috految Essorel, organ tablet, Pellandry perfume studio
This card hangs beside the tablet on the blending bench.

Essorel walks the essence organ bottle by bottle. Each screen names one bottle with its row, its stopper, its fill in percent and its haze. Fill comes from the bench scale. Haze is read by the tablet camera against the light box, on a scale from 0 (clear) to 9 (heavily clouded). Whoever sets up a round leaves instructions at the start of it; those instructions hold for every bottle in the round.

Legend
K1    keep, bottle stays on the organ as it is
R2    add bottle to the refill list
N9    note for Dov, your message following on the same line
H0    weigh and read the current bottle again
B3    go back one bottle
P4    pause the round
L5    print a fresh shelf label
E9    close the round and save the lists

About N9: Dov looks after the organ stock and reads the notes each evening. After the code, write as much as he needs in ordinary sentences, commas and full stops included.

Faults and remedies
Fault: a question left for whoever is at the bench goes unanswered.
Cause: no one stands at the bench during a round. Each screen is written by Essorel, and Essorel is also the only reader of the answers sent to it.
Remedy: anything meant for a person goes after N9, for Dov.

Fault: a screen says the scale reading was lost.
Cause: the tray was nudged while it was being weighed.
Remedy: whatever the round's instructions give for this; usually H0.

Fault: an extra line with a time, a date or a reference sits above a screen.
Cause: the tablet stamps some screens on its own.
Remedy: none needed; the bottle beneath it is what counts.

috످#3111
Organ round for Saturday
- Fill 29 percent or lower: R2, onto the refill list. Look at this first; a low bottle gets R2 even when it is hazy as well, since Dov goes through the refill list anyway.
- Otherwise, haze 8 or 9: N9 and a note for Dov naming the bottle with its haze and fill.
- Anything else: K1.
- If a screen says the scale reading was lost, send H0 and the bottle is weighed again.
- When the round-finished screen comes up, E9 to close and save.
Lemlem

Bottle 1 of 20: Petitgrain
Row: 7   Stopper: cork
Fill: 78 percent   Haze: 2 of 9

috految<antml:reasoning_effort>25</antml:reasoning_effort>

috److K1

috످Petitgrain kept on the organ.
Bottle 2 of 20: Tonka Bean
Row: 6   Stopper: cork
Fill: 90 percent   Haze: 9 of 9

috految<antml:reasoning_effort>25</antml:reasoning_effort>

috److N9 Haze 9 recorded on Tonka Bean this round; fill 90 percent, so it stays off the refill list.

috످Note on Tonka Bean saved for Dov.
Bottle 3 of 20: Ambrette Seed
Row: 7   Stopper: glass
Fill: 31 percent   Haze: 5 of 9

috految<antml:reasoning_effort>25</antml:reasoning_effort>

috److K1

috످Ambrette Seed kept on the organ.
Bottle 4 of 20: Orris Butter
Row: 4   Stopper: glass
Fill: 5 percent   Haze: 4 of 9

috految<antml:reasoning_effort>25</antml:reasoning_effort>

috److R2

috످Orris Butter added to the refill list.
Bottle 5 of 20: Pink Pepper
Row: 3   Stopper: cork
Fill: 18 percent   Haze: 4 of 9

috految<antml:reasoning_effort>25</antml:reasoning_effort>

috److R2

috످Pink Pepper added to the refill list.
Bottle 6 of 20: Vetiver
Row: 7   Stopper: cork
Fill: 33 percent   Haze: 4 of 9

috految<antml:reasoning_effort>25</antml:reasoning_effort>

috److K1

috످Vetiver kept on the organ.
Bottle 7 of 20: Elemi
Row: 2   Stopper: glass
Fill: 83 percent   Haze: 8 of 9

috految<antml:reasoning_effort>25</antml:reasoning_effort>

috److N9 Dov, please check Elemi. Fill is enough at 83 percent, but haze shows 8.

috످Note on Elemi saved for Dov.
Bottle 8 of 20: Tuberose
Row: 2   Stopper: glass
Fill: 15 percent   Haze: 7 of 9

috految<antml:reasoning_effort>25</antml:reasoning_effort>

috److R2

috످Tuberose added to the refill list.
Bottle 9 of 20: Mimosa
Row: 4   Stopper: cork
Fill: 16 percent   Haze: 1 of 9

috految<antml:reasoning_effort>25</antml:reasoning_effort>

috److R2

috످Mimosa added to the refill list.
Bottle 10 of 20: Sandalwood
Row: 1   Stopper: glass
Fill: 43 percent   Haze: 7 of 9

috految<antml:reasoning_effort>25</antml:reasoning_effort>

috److K1

috످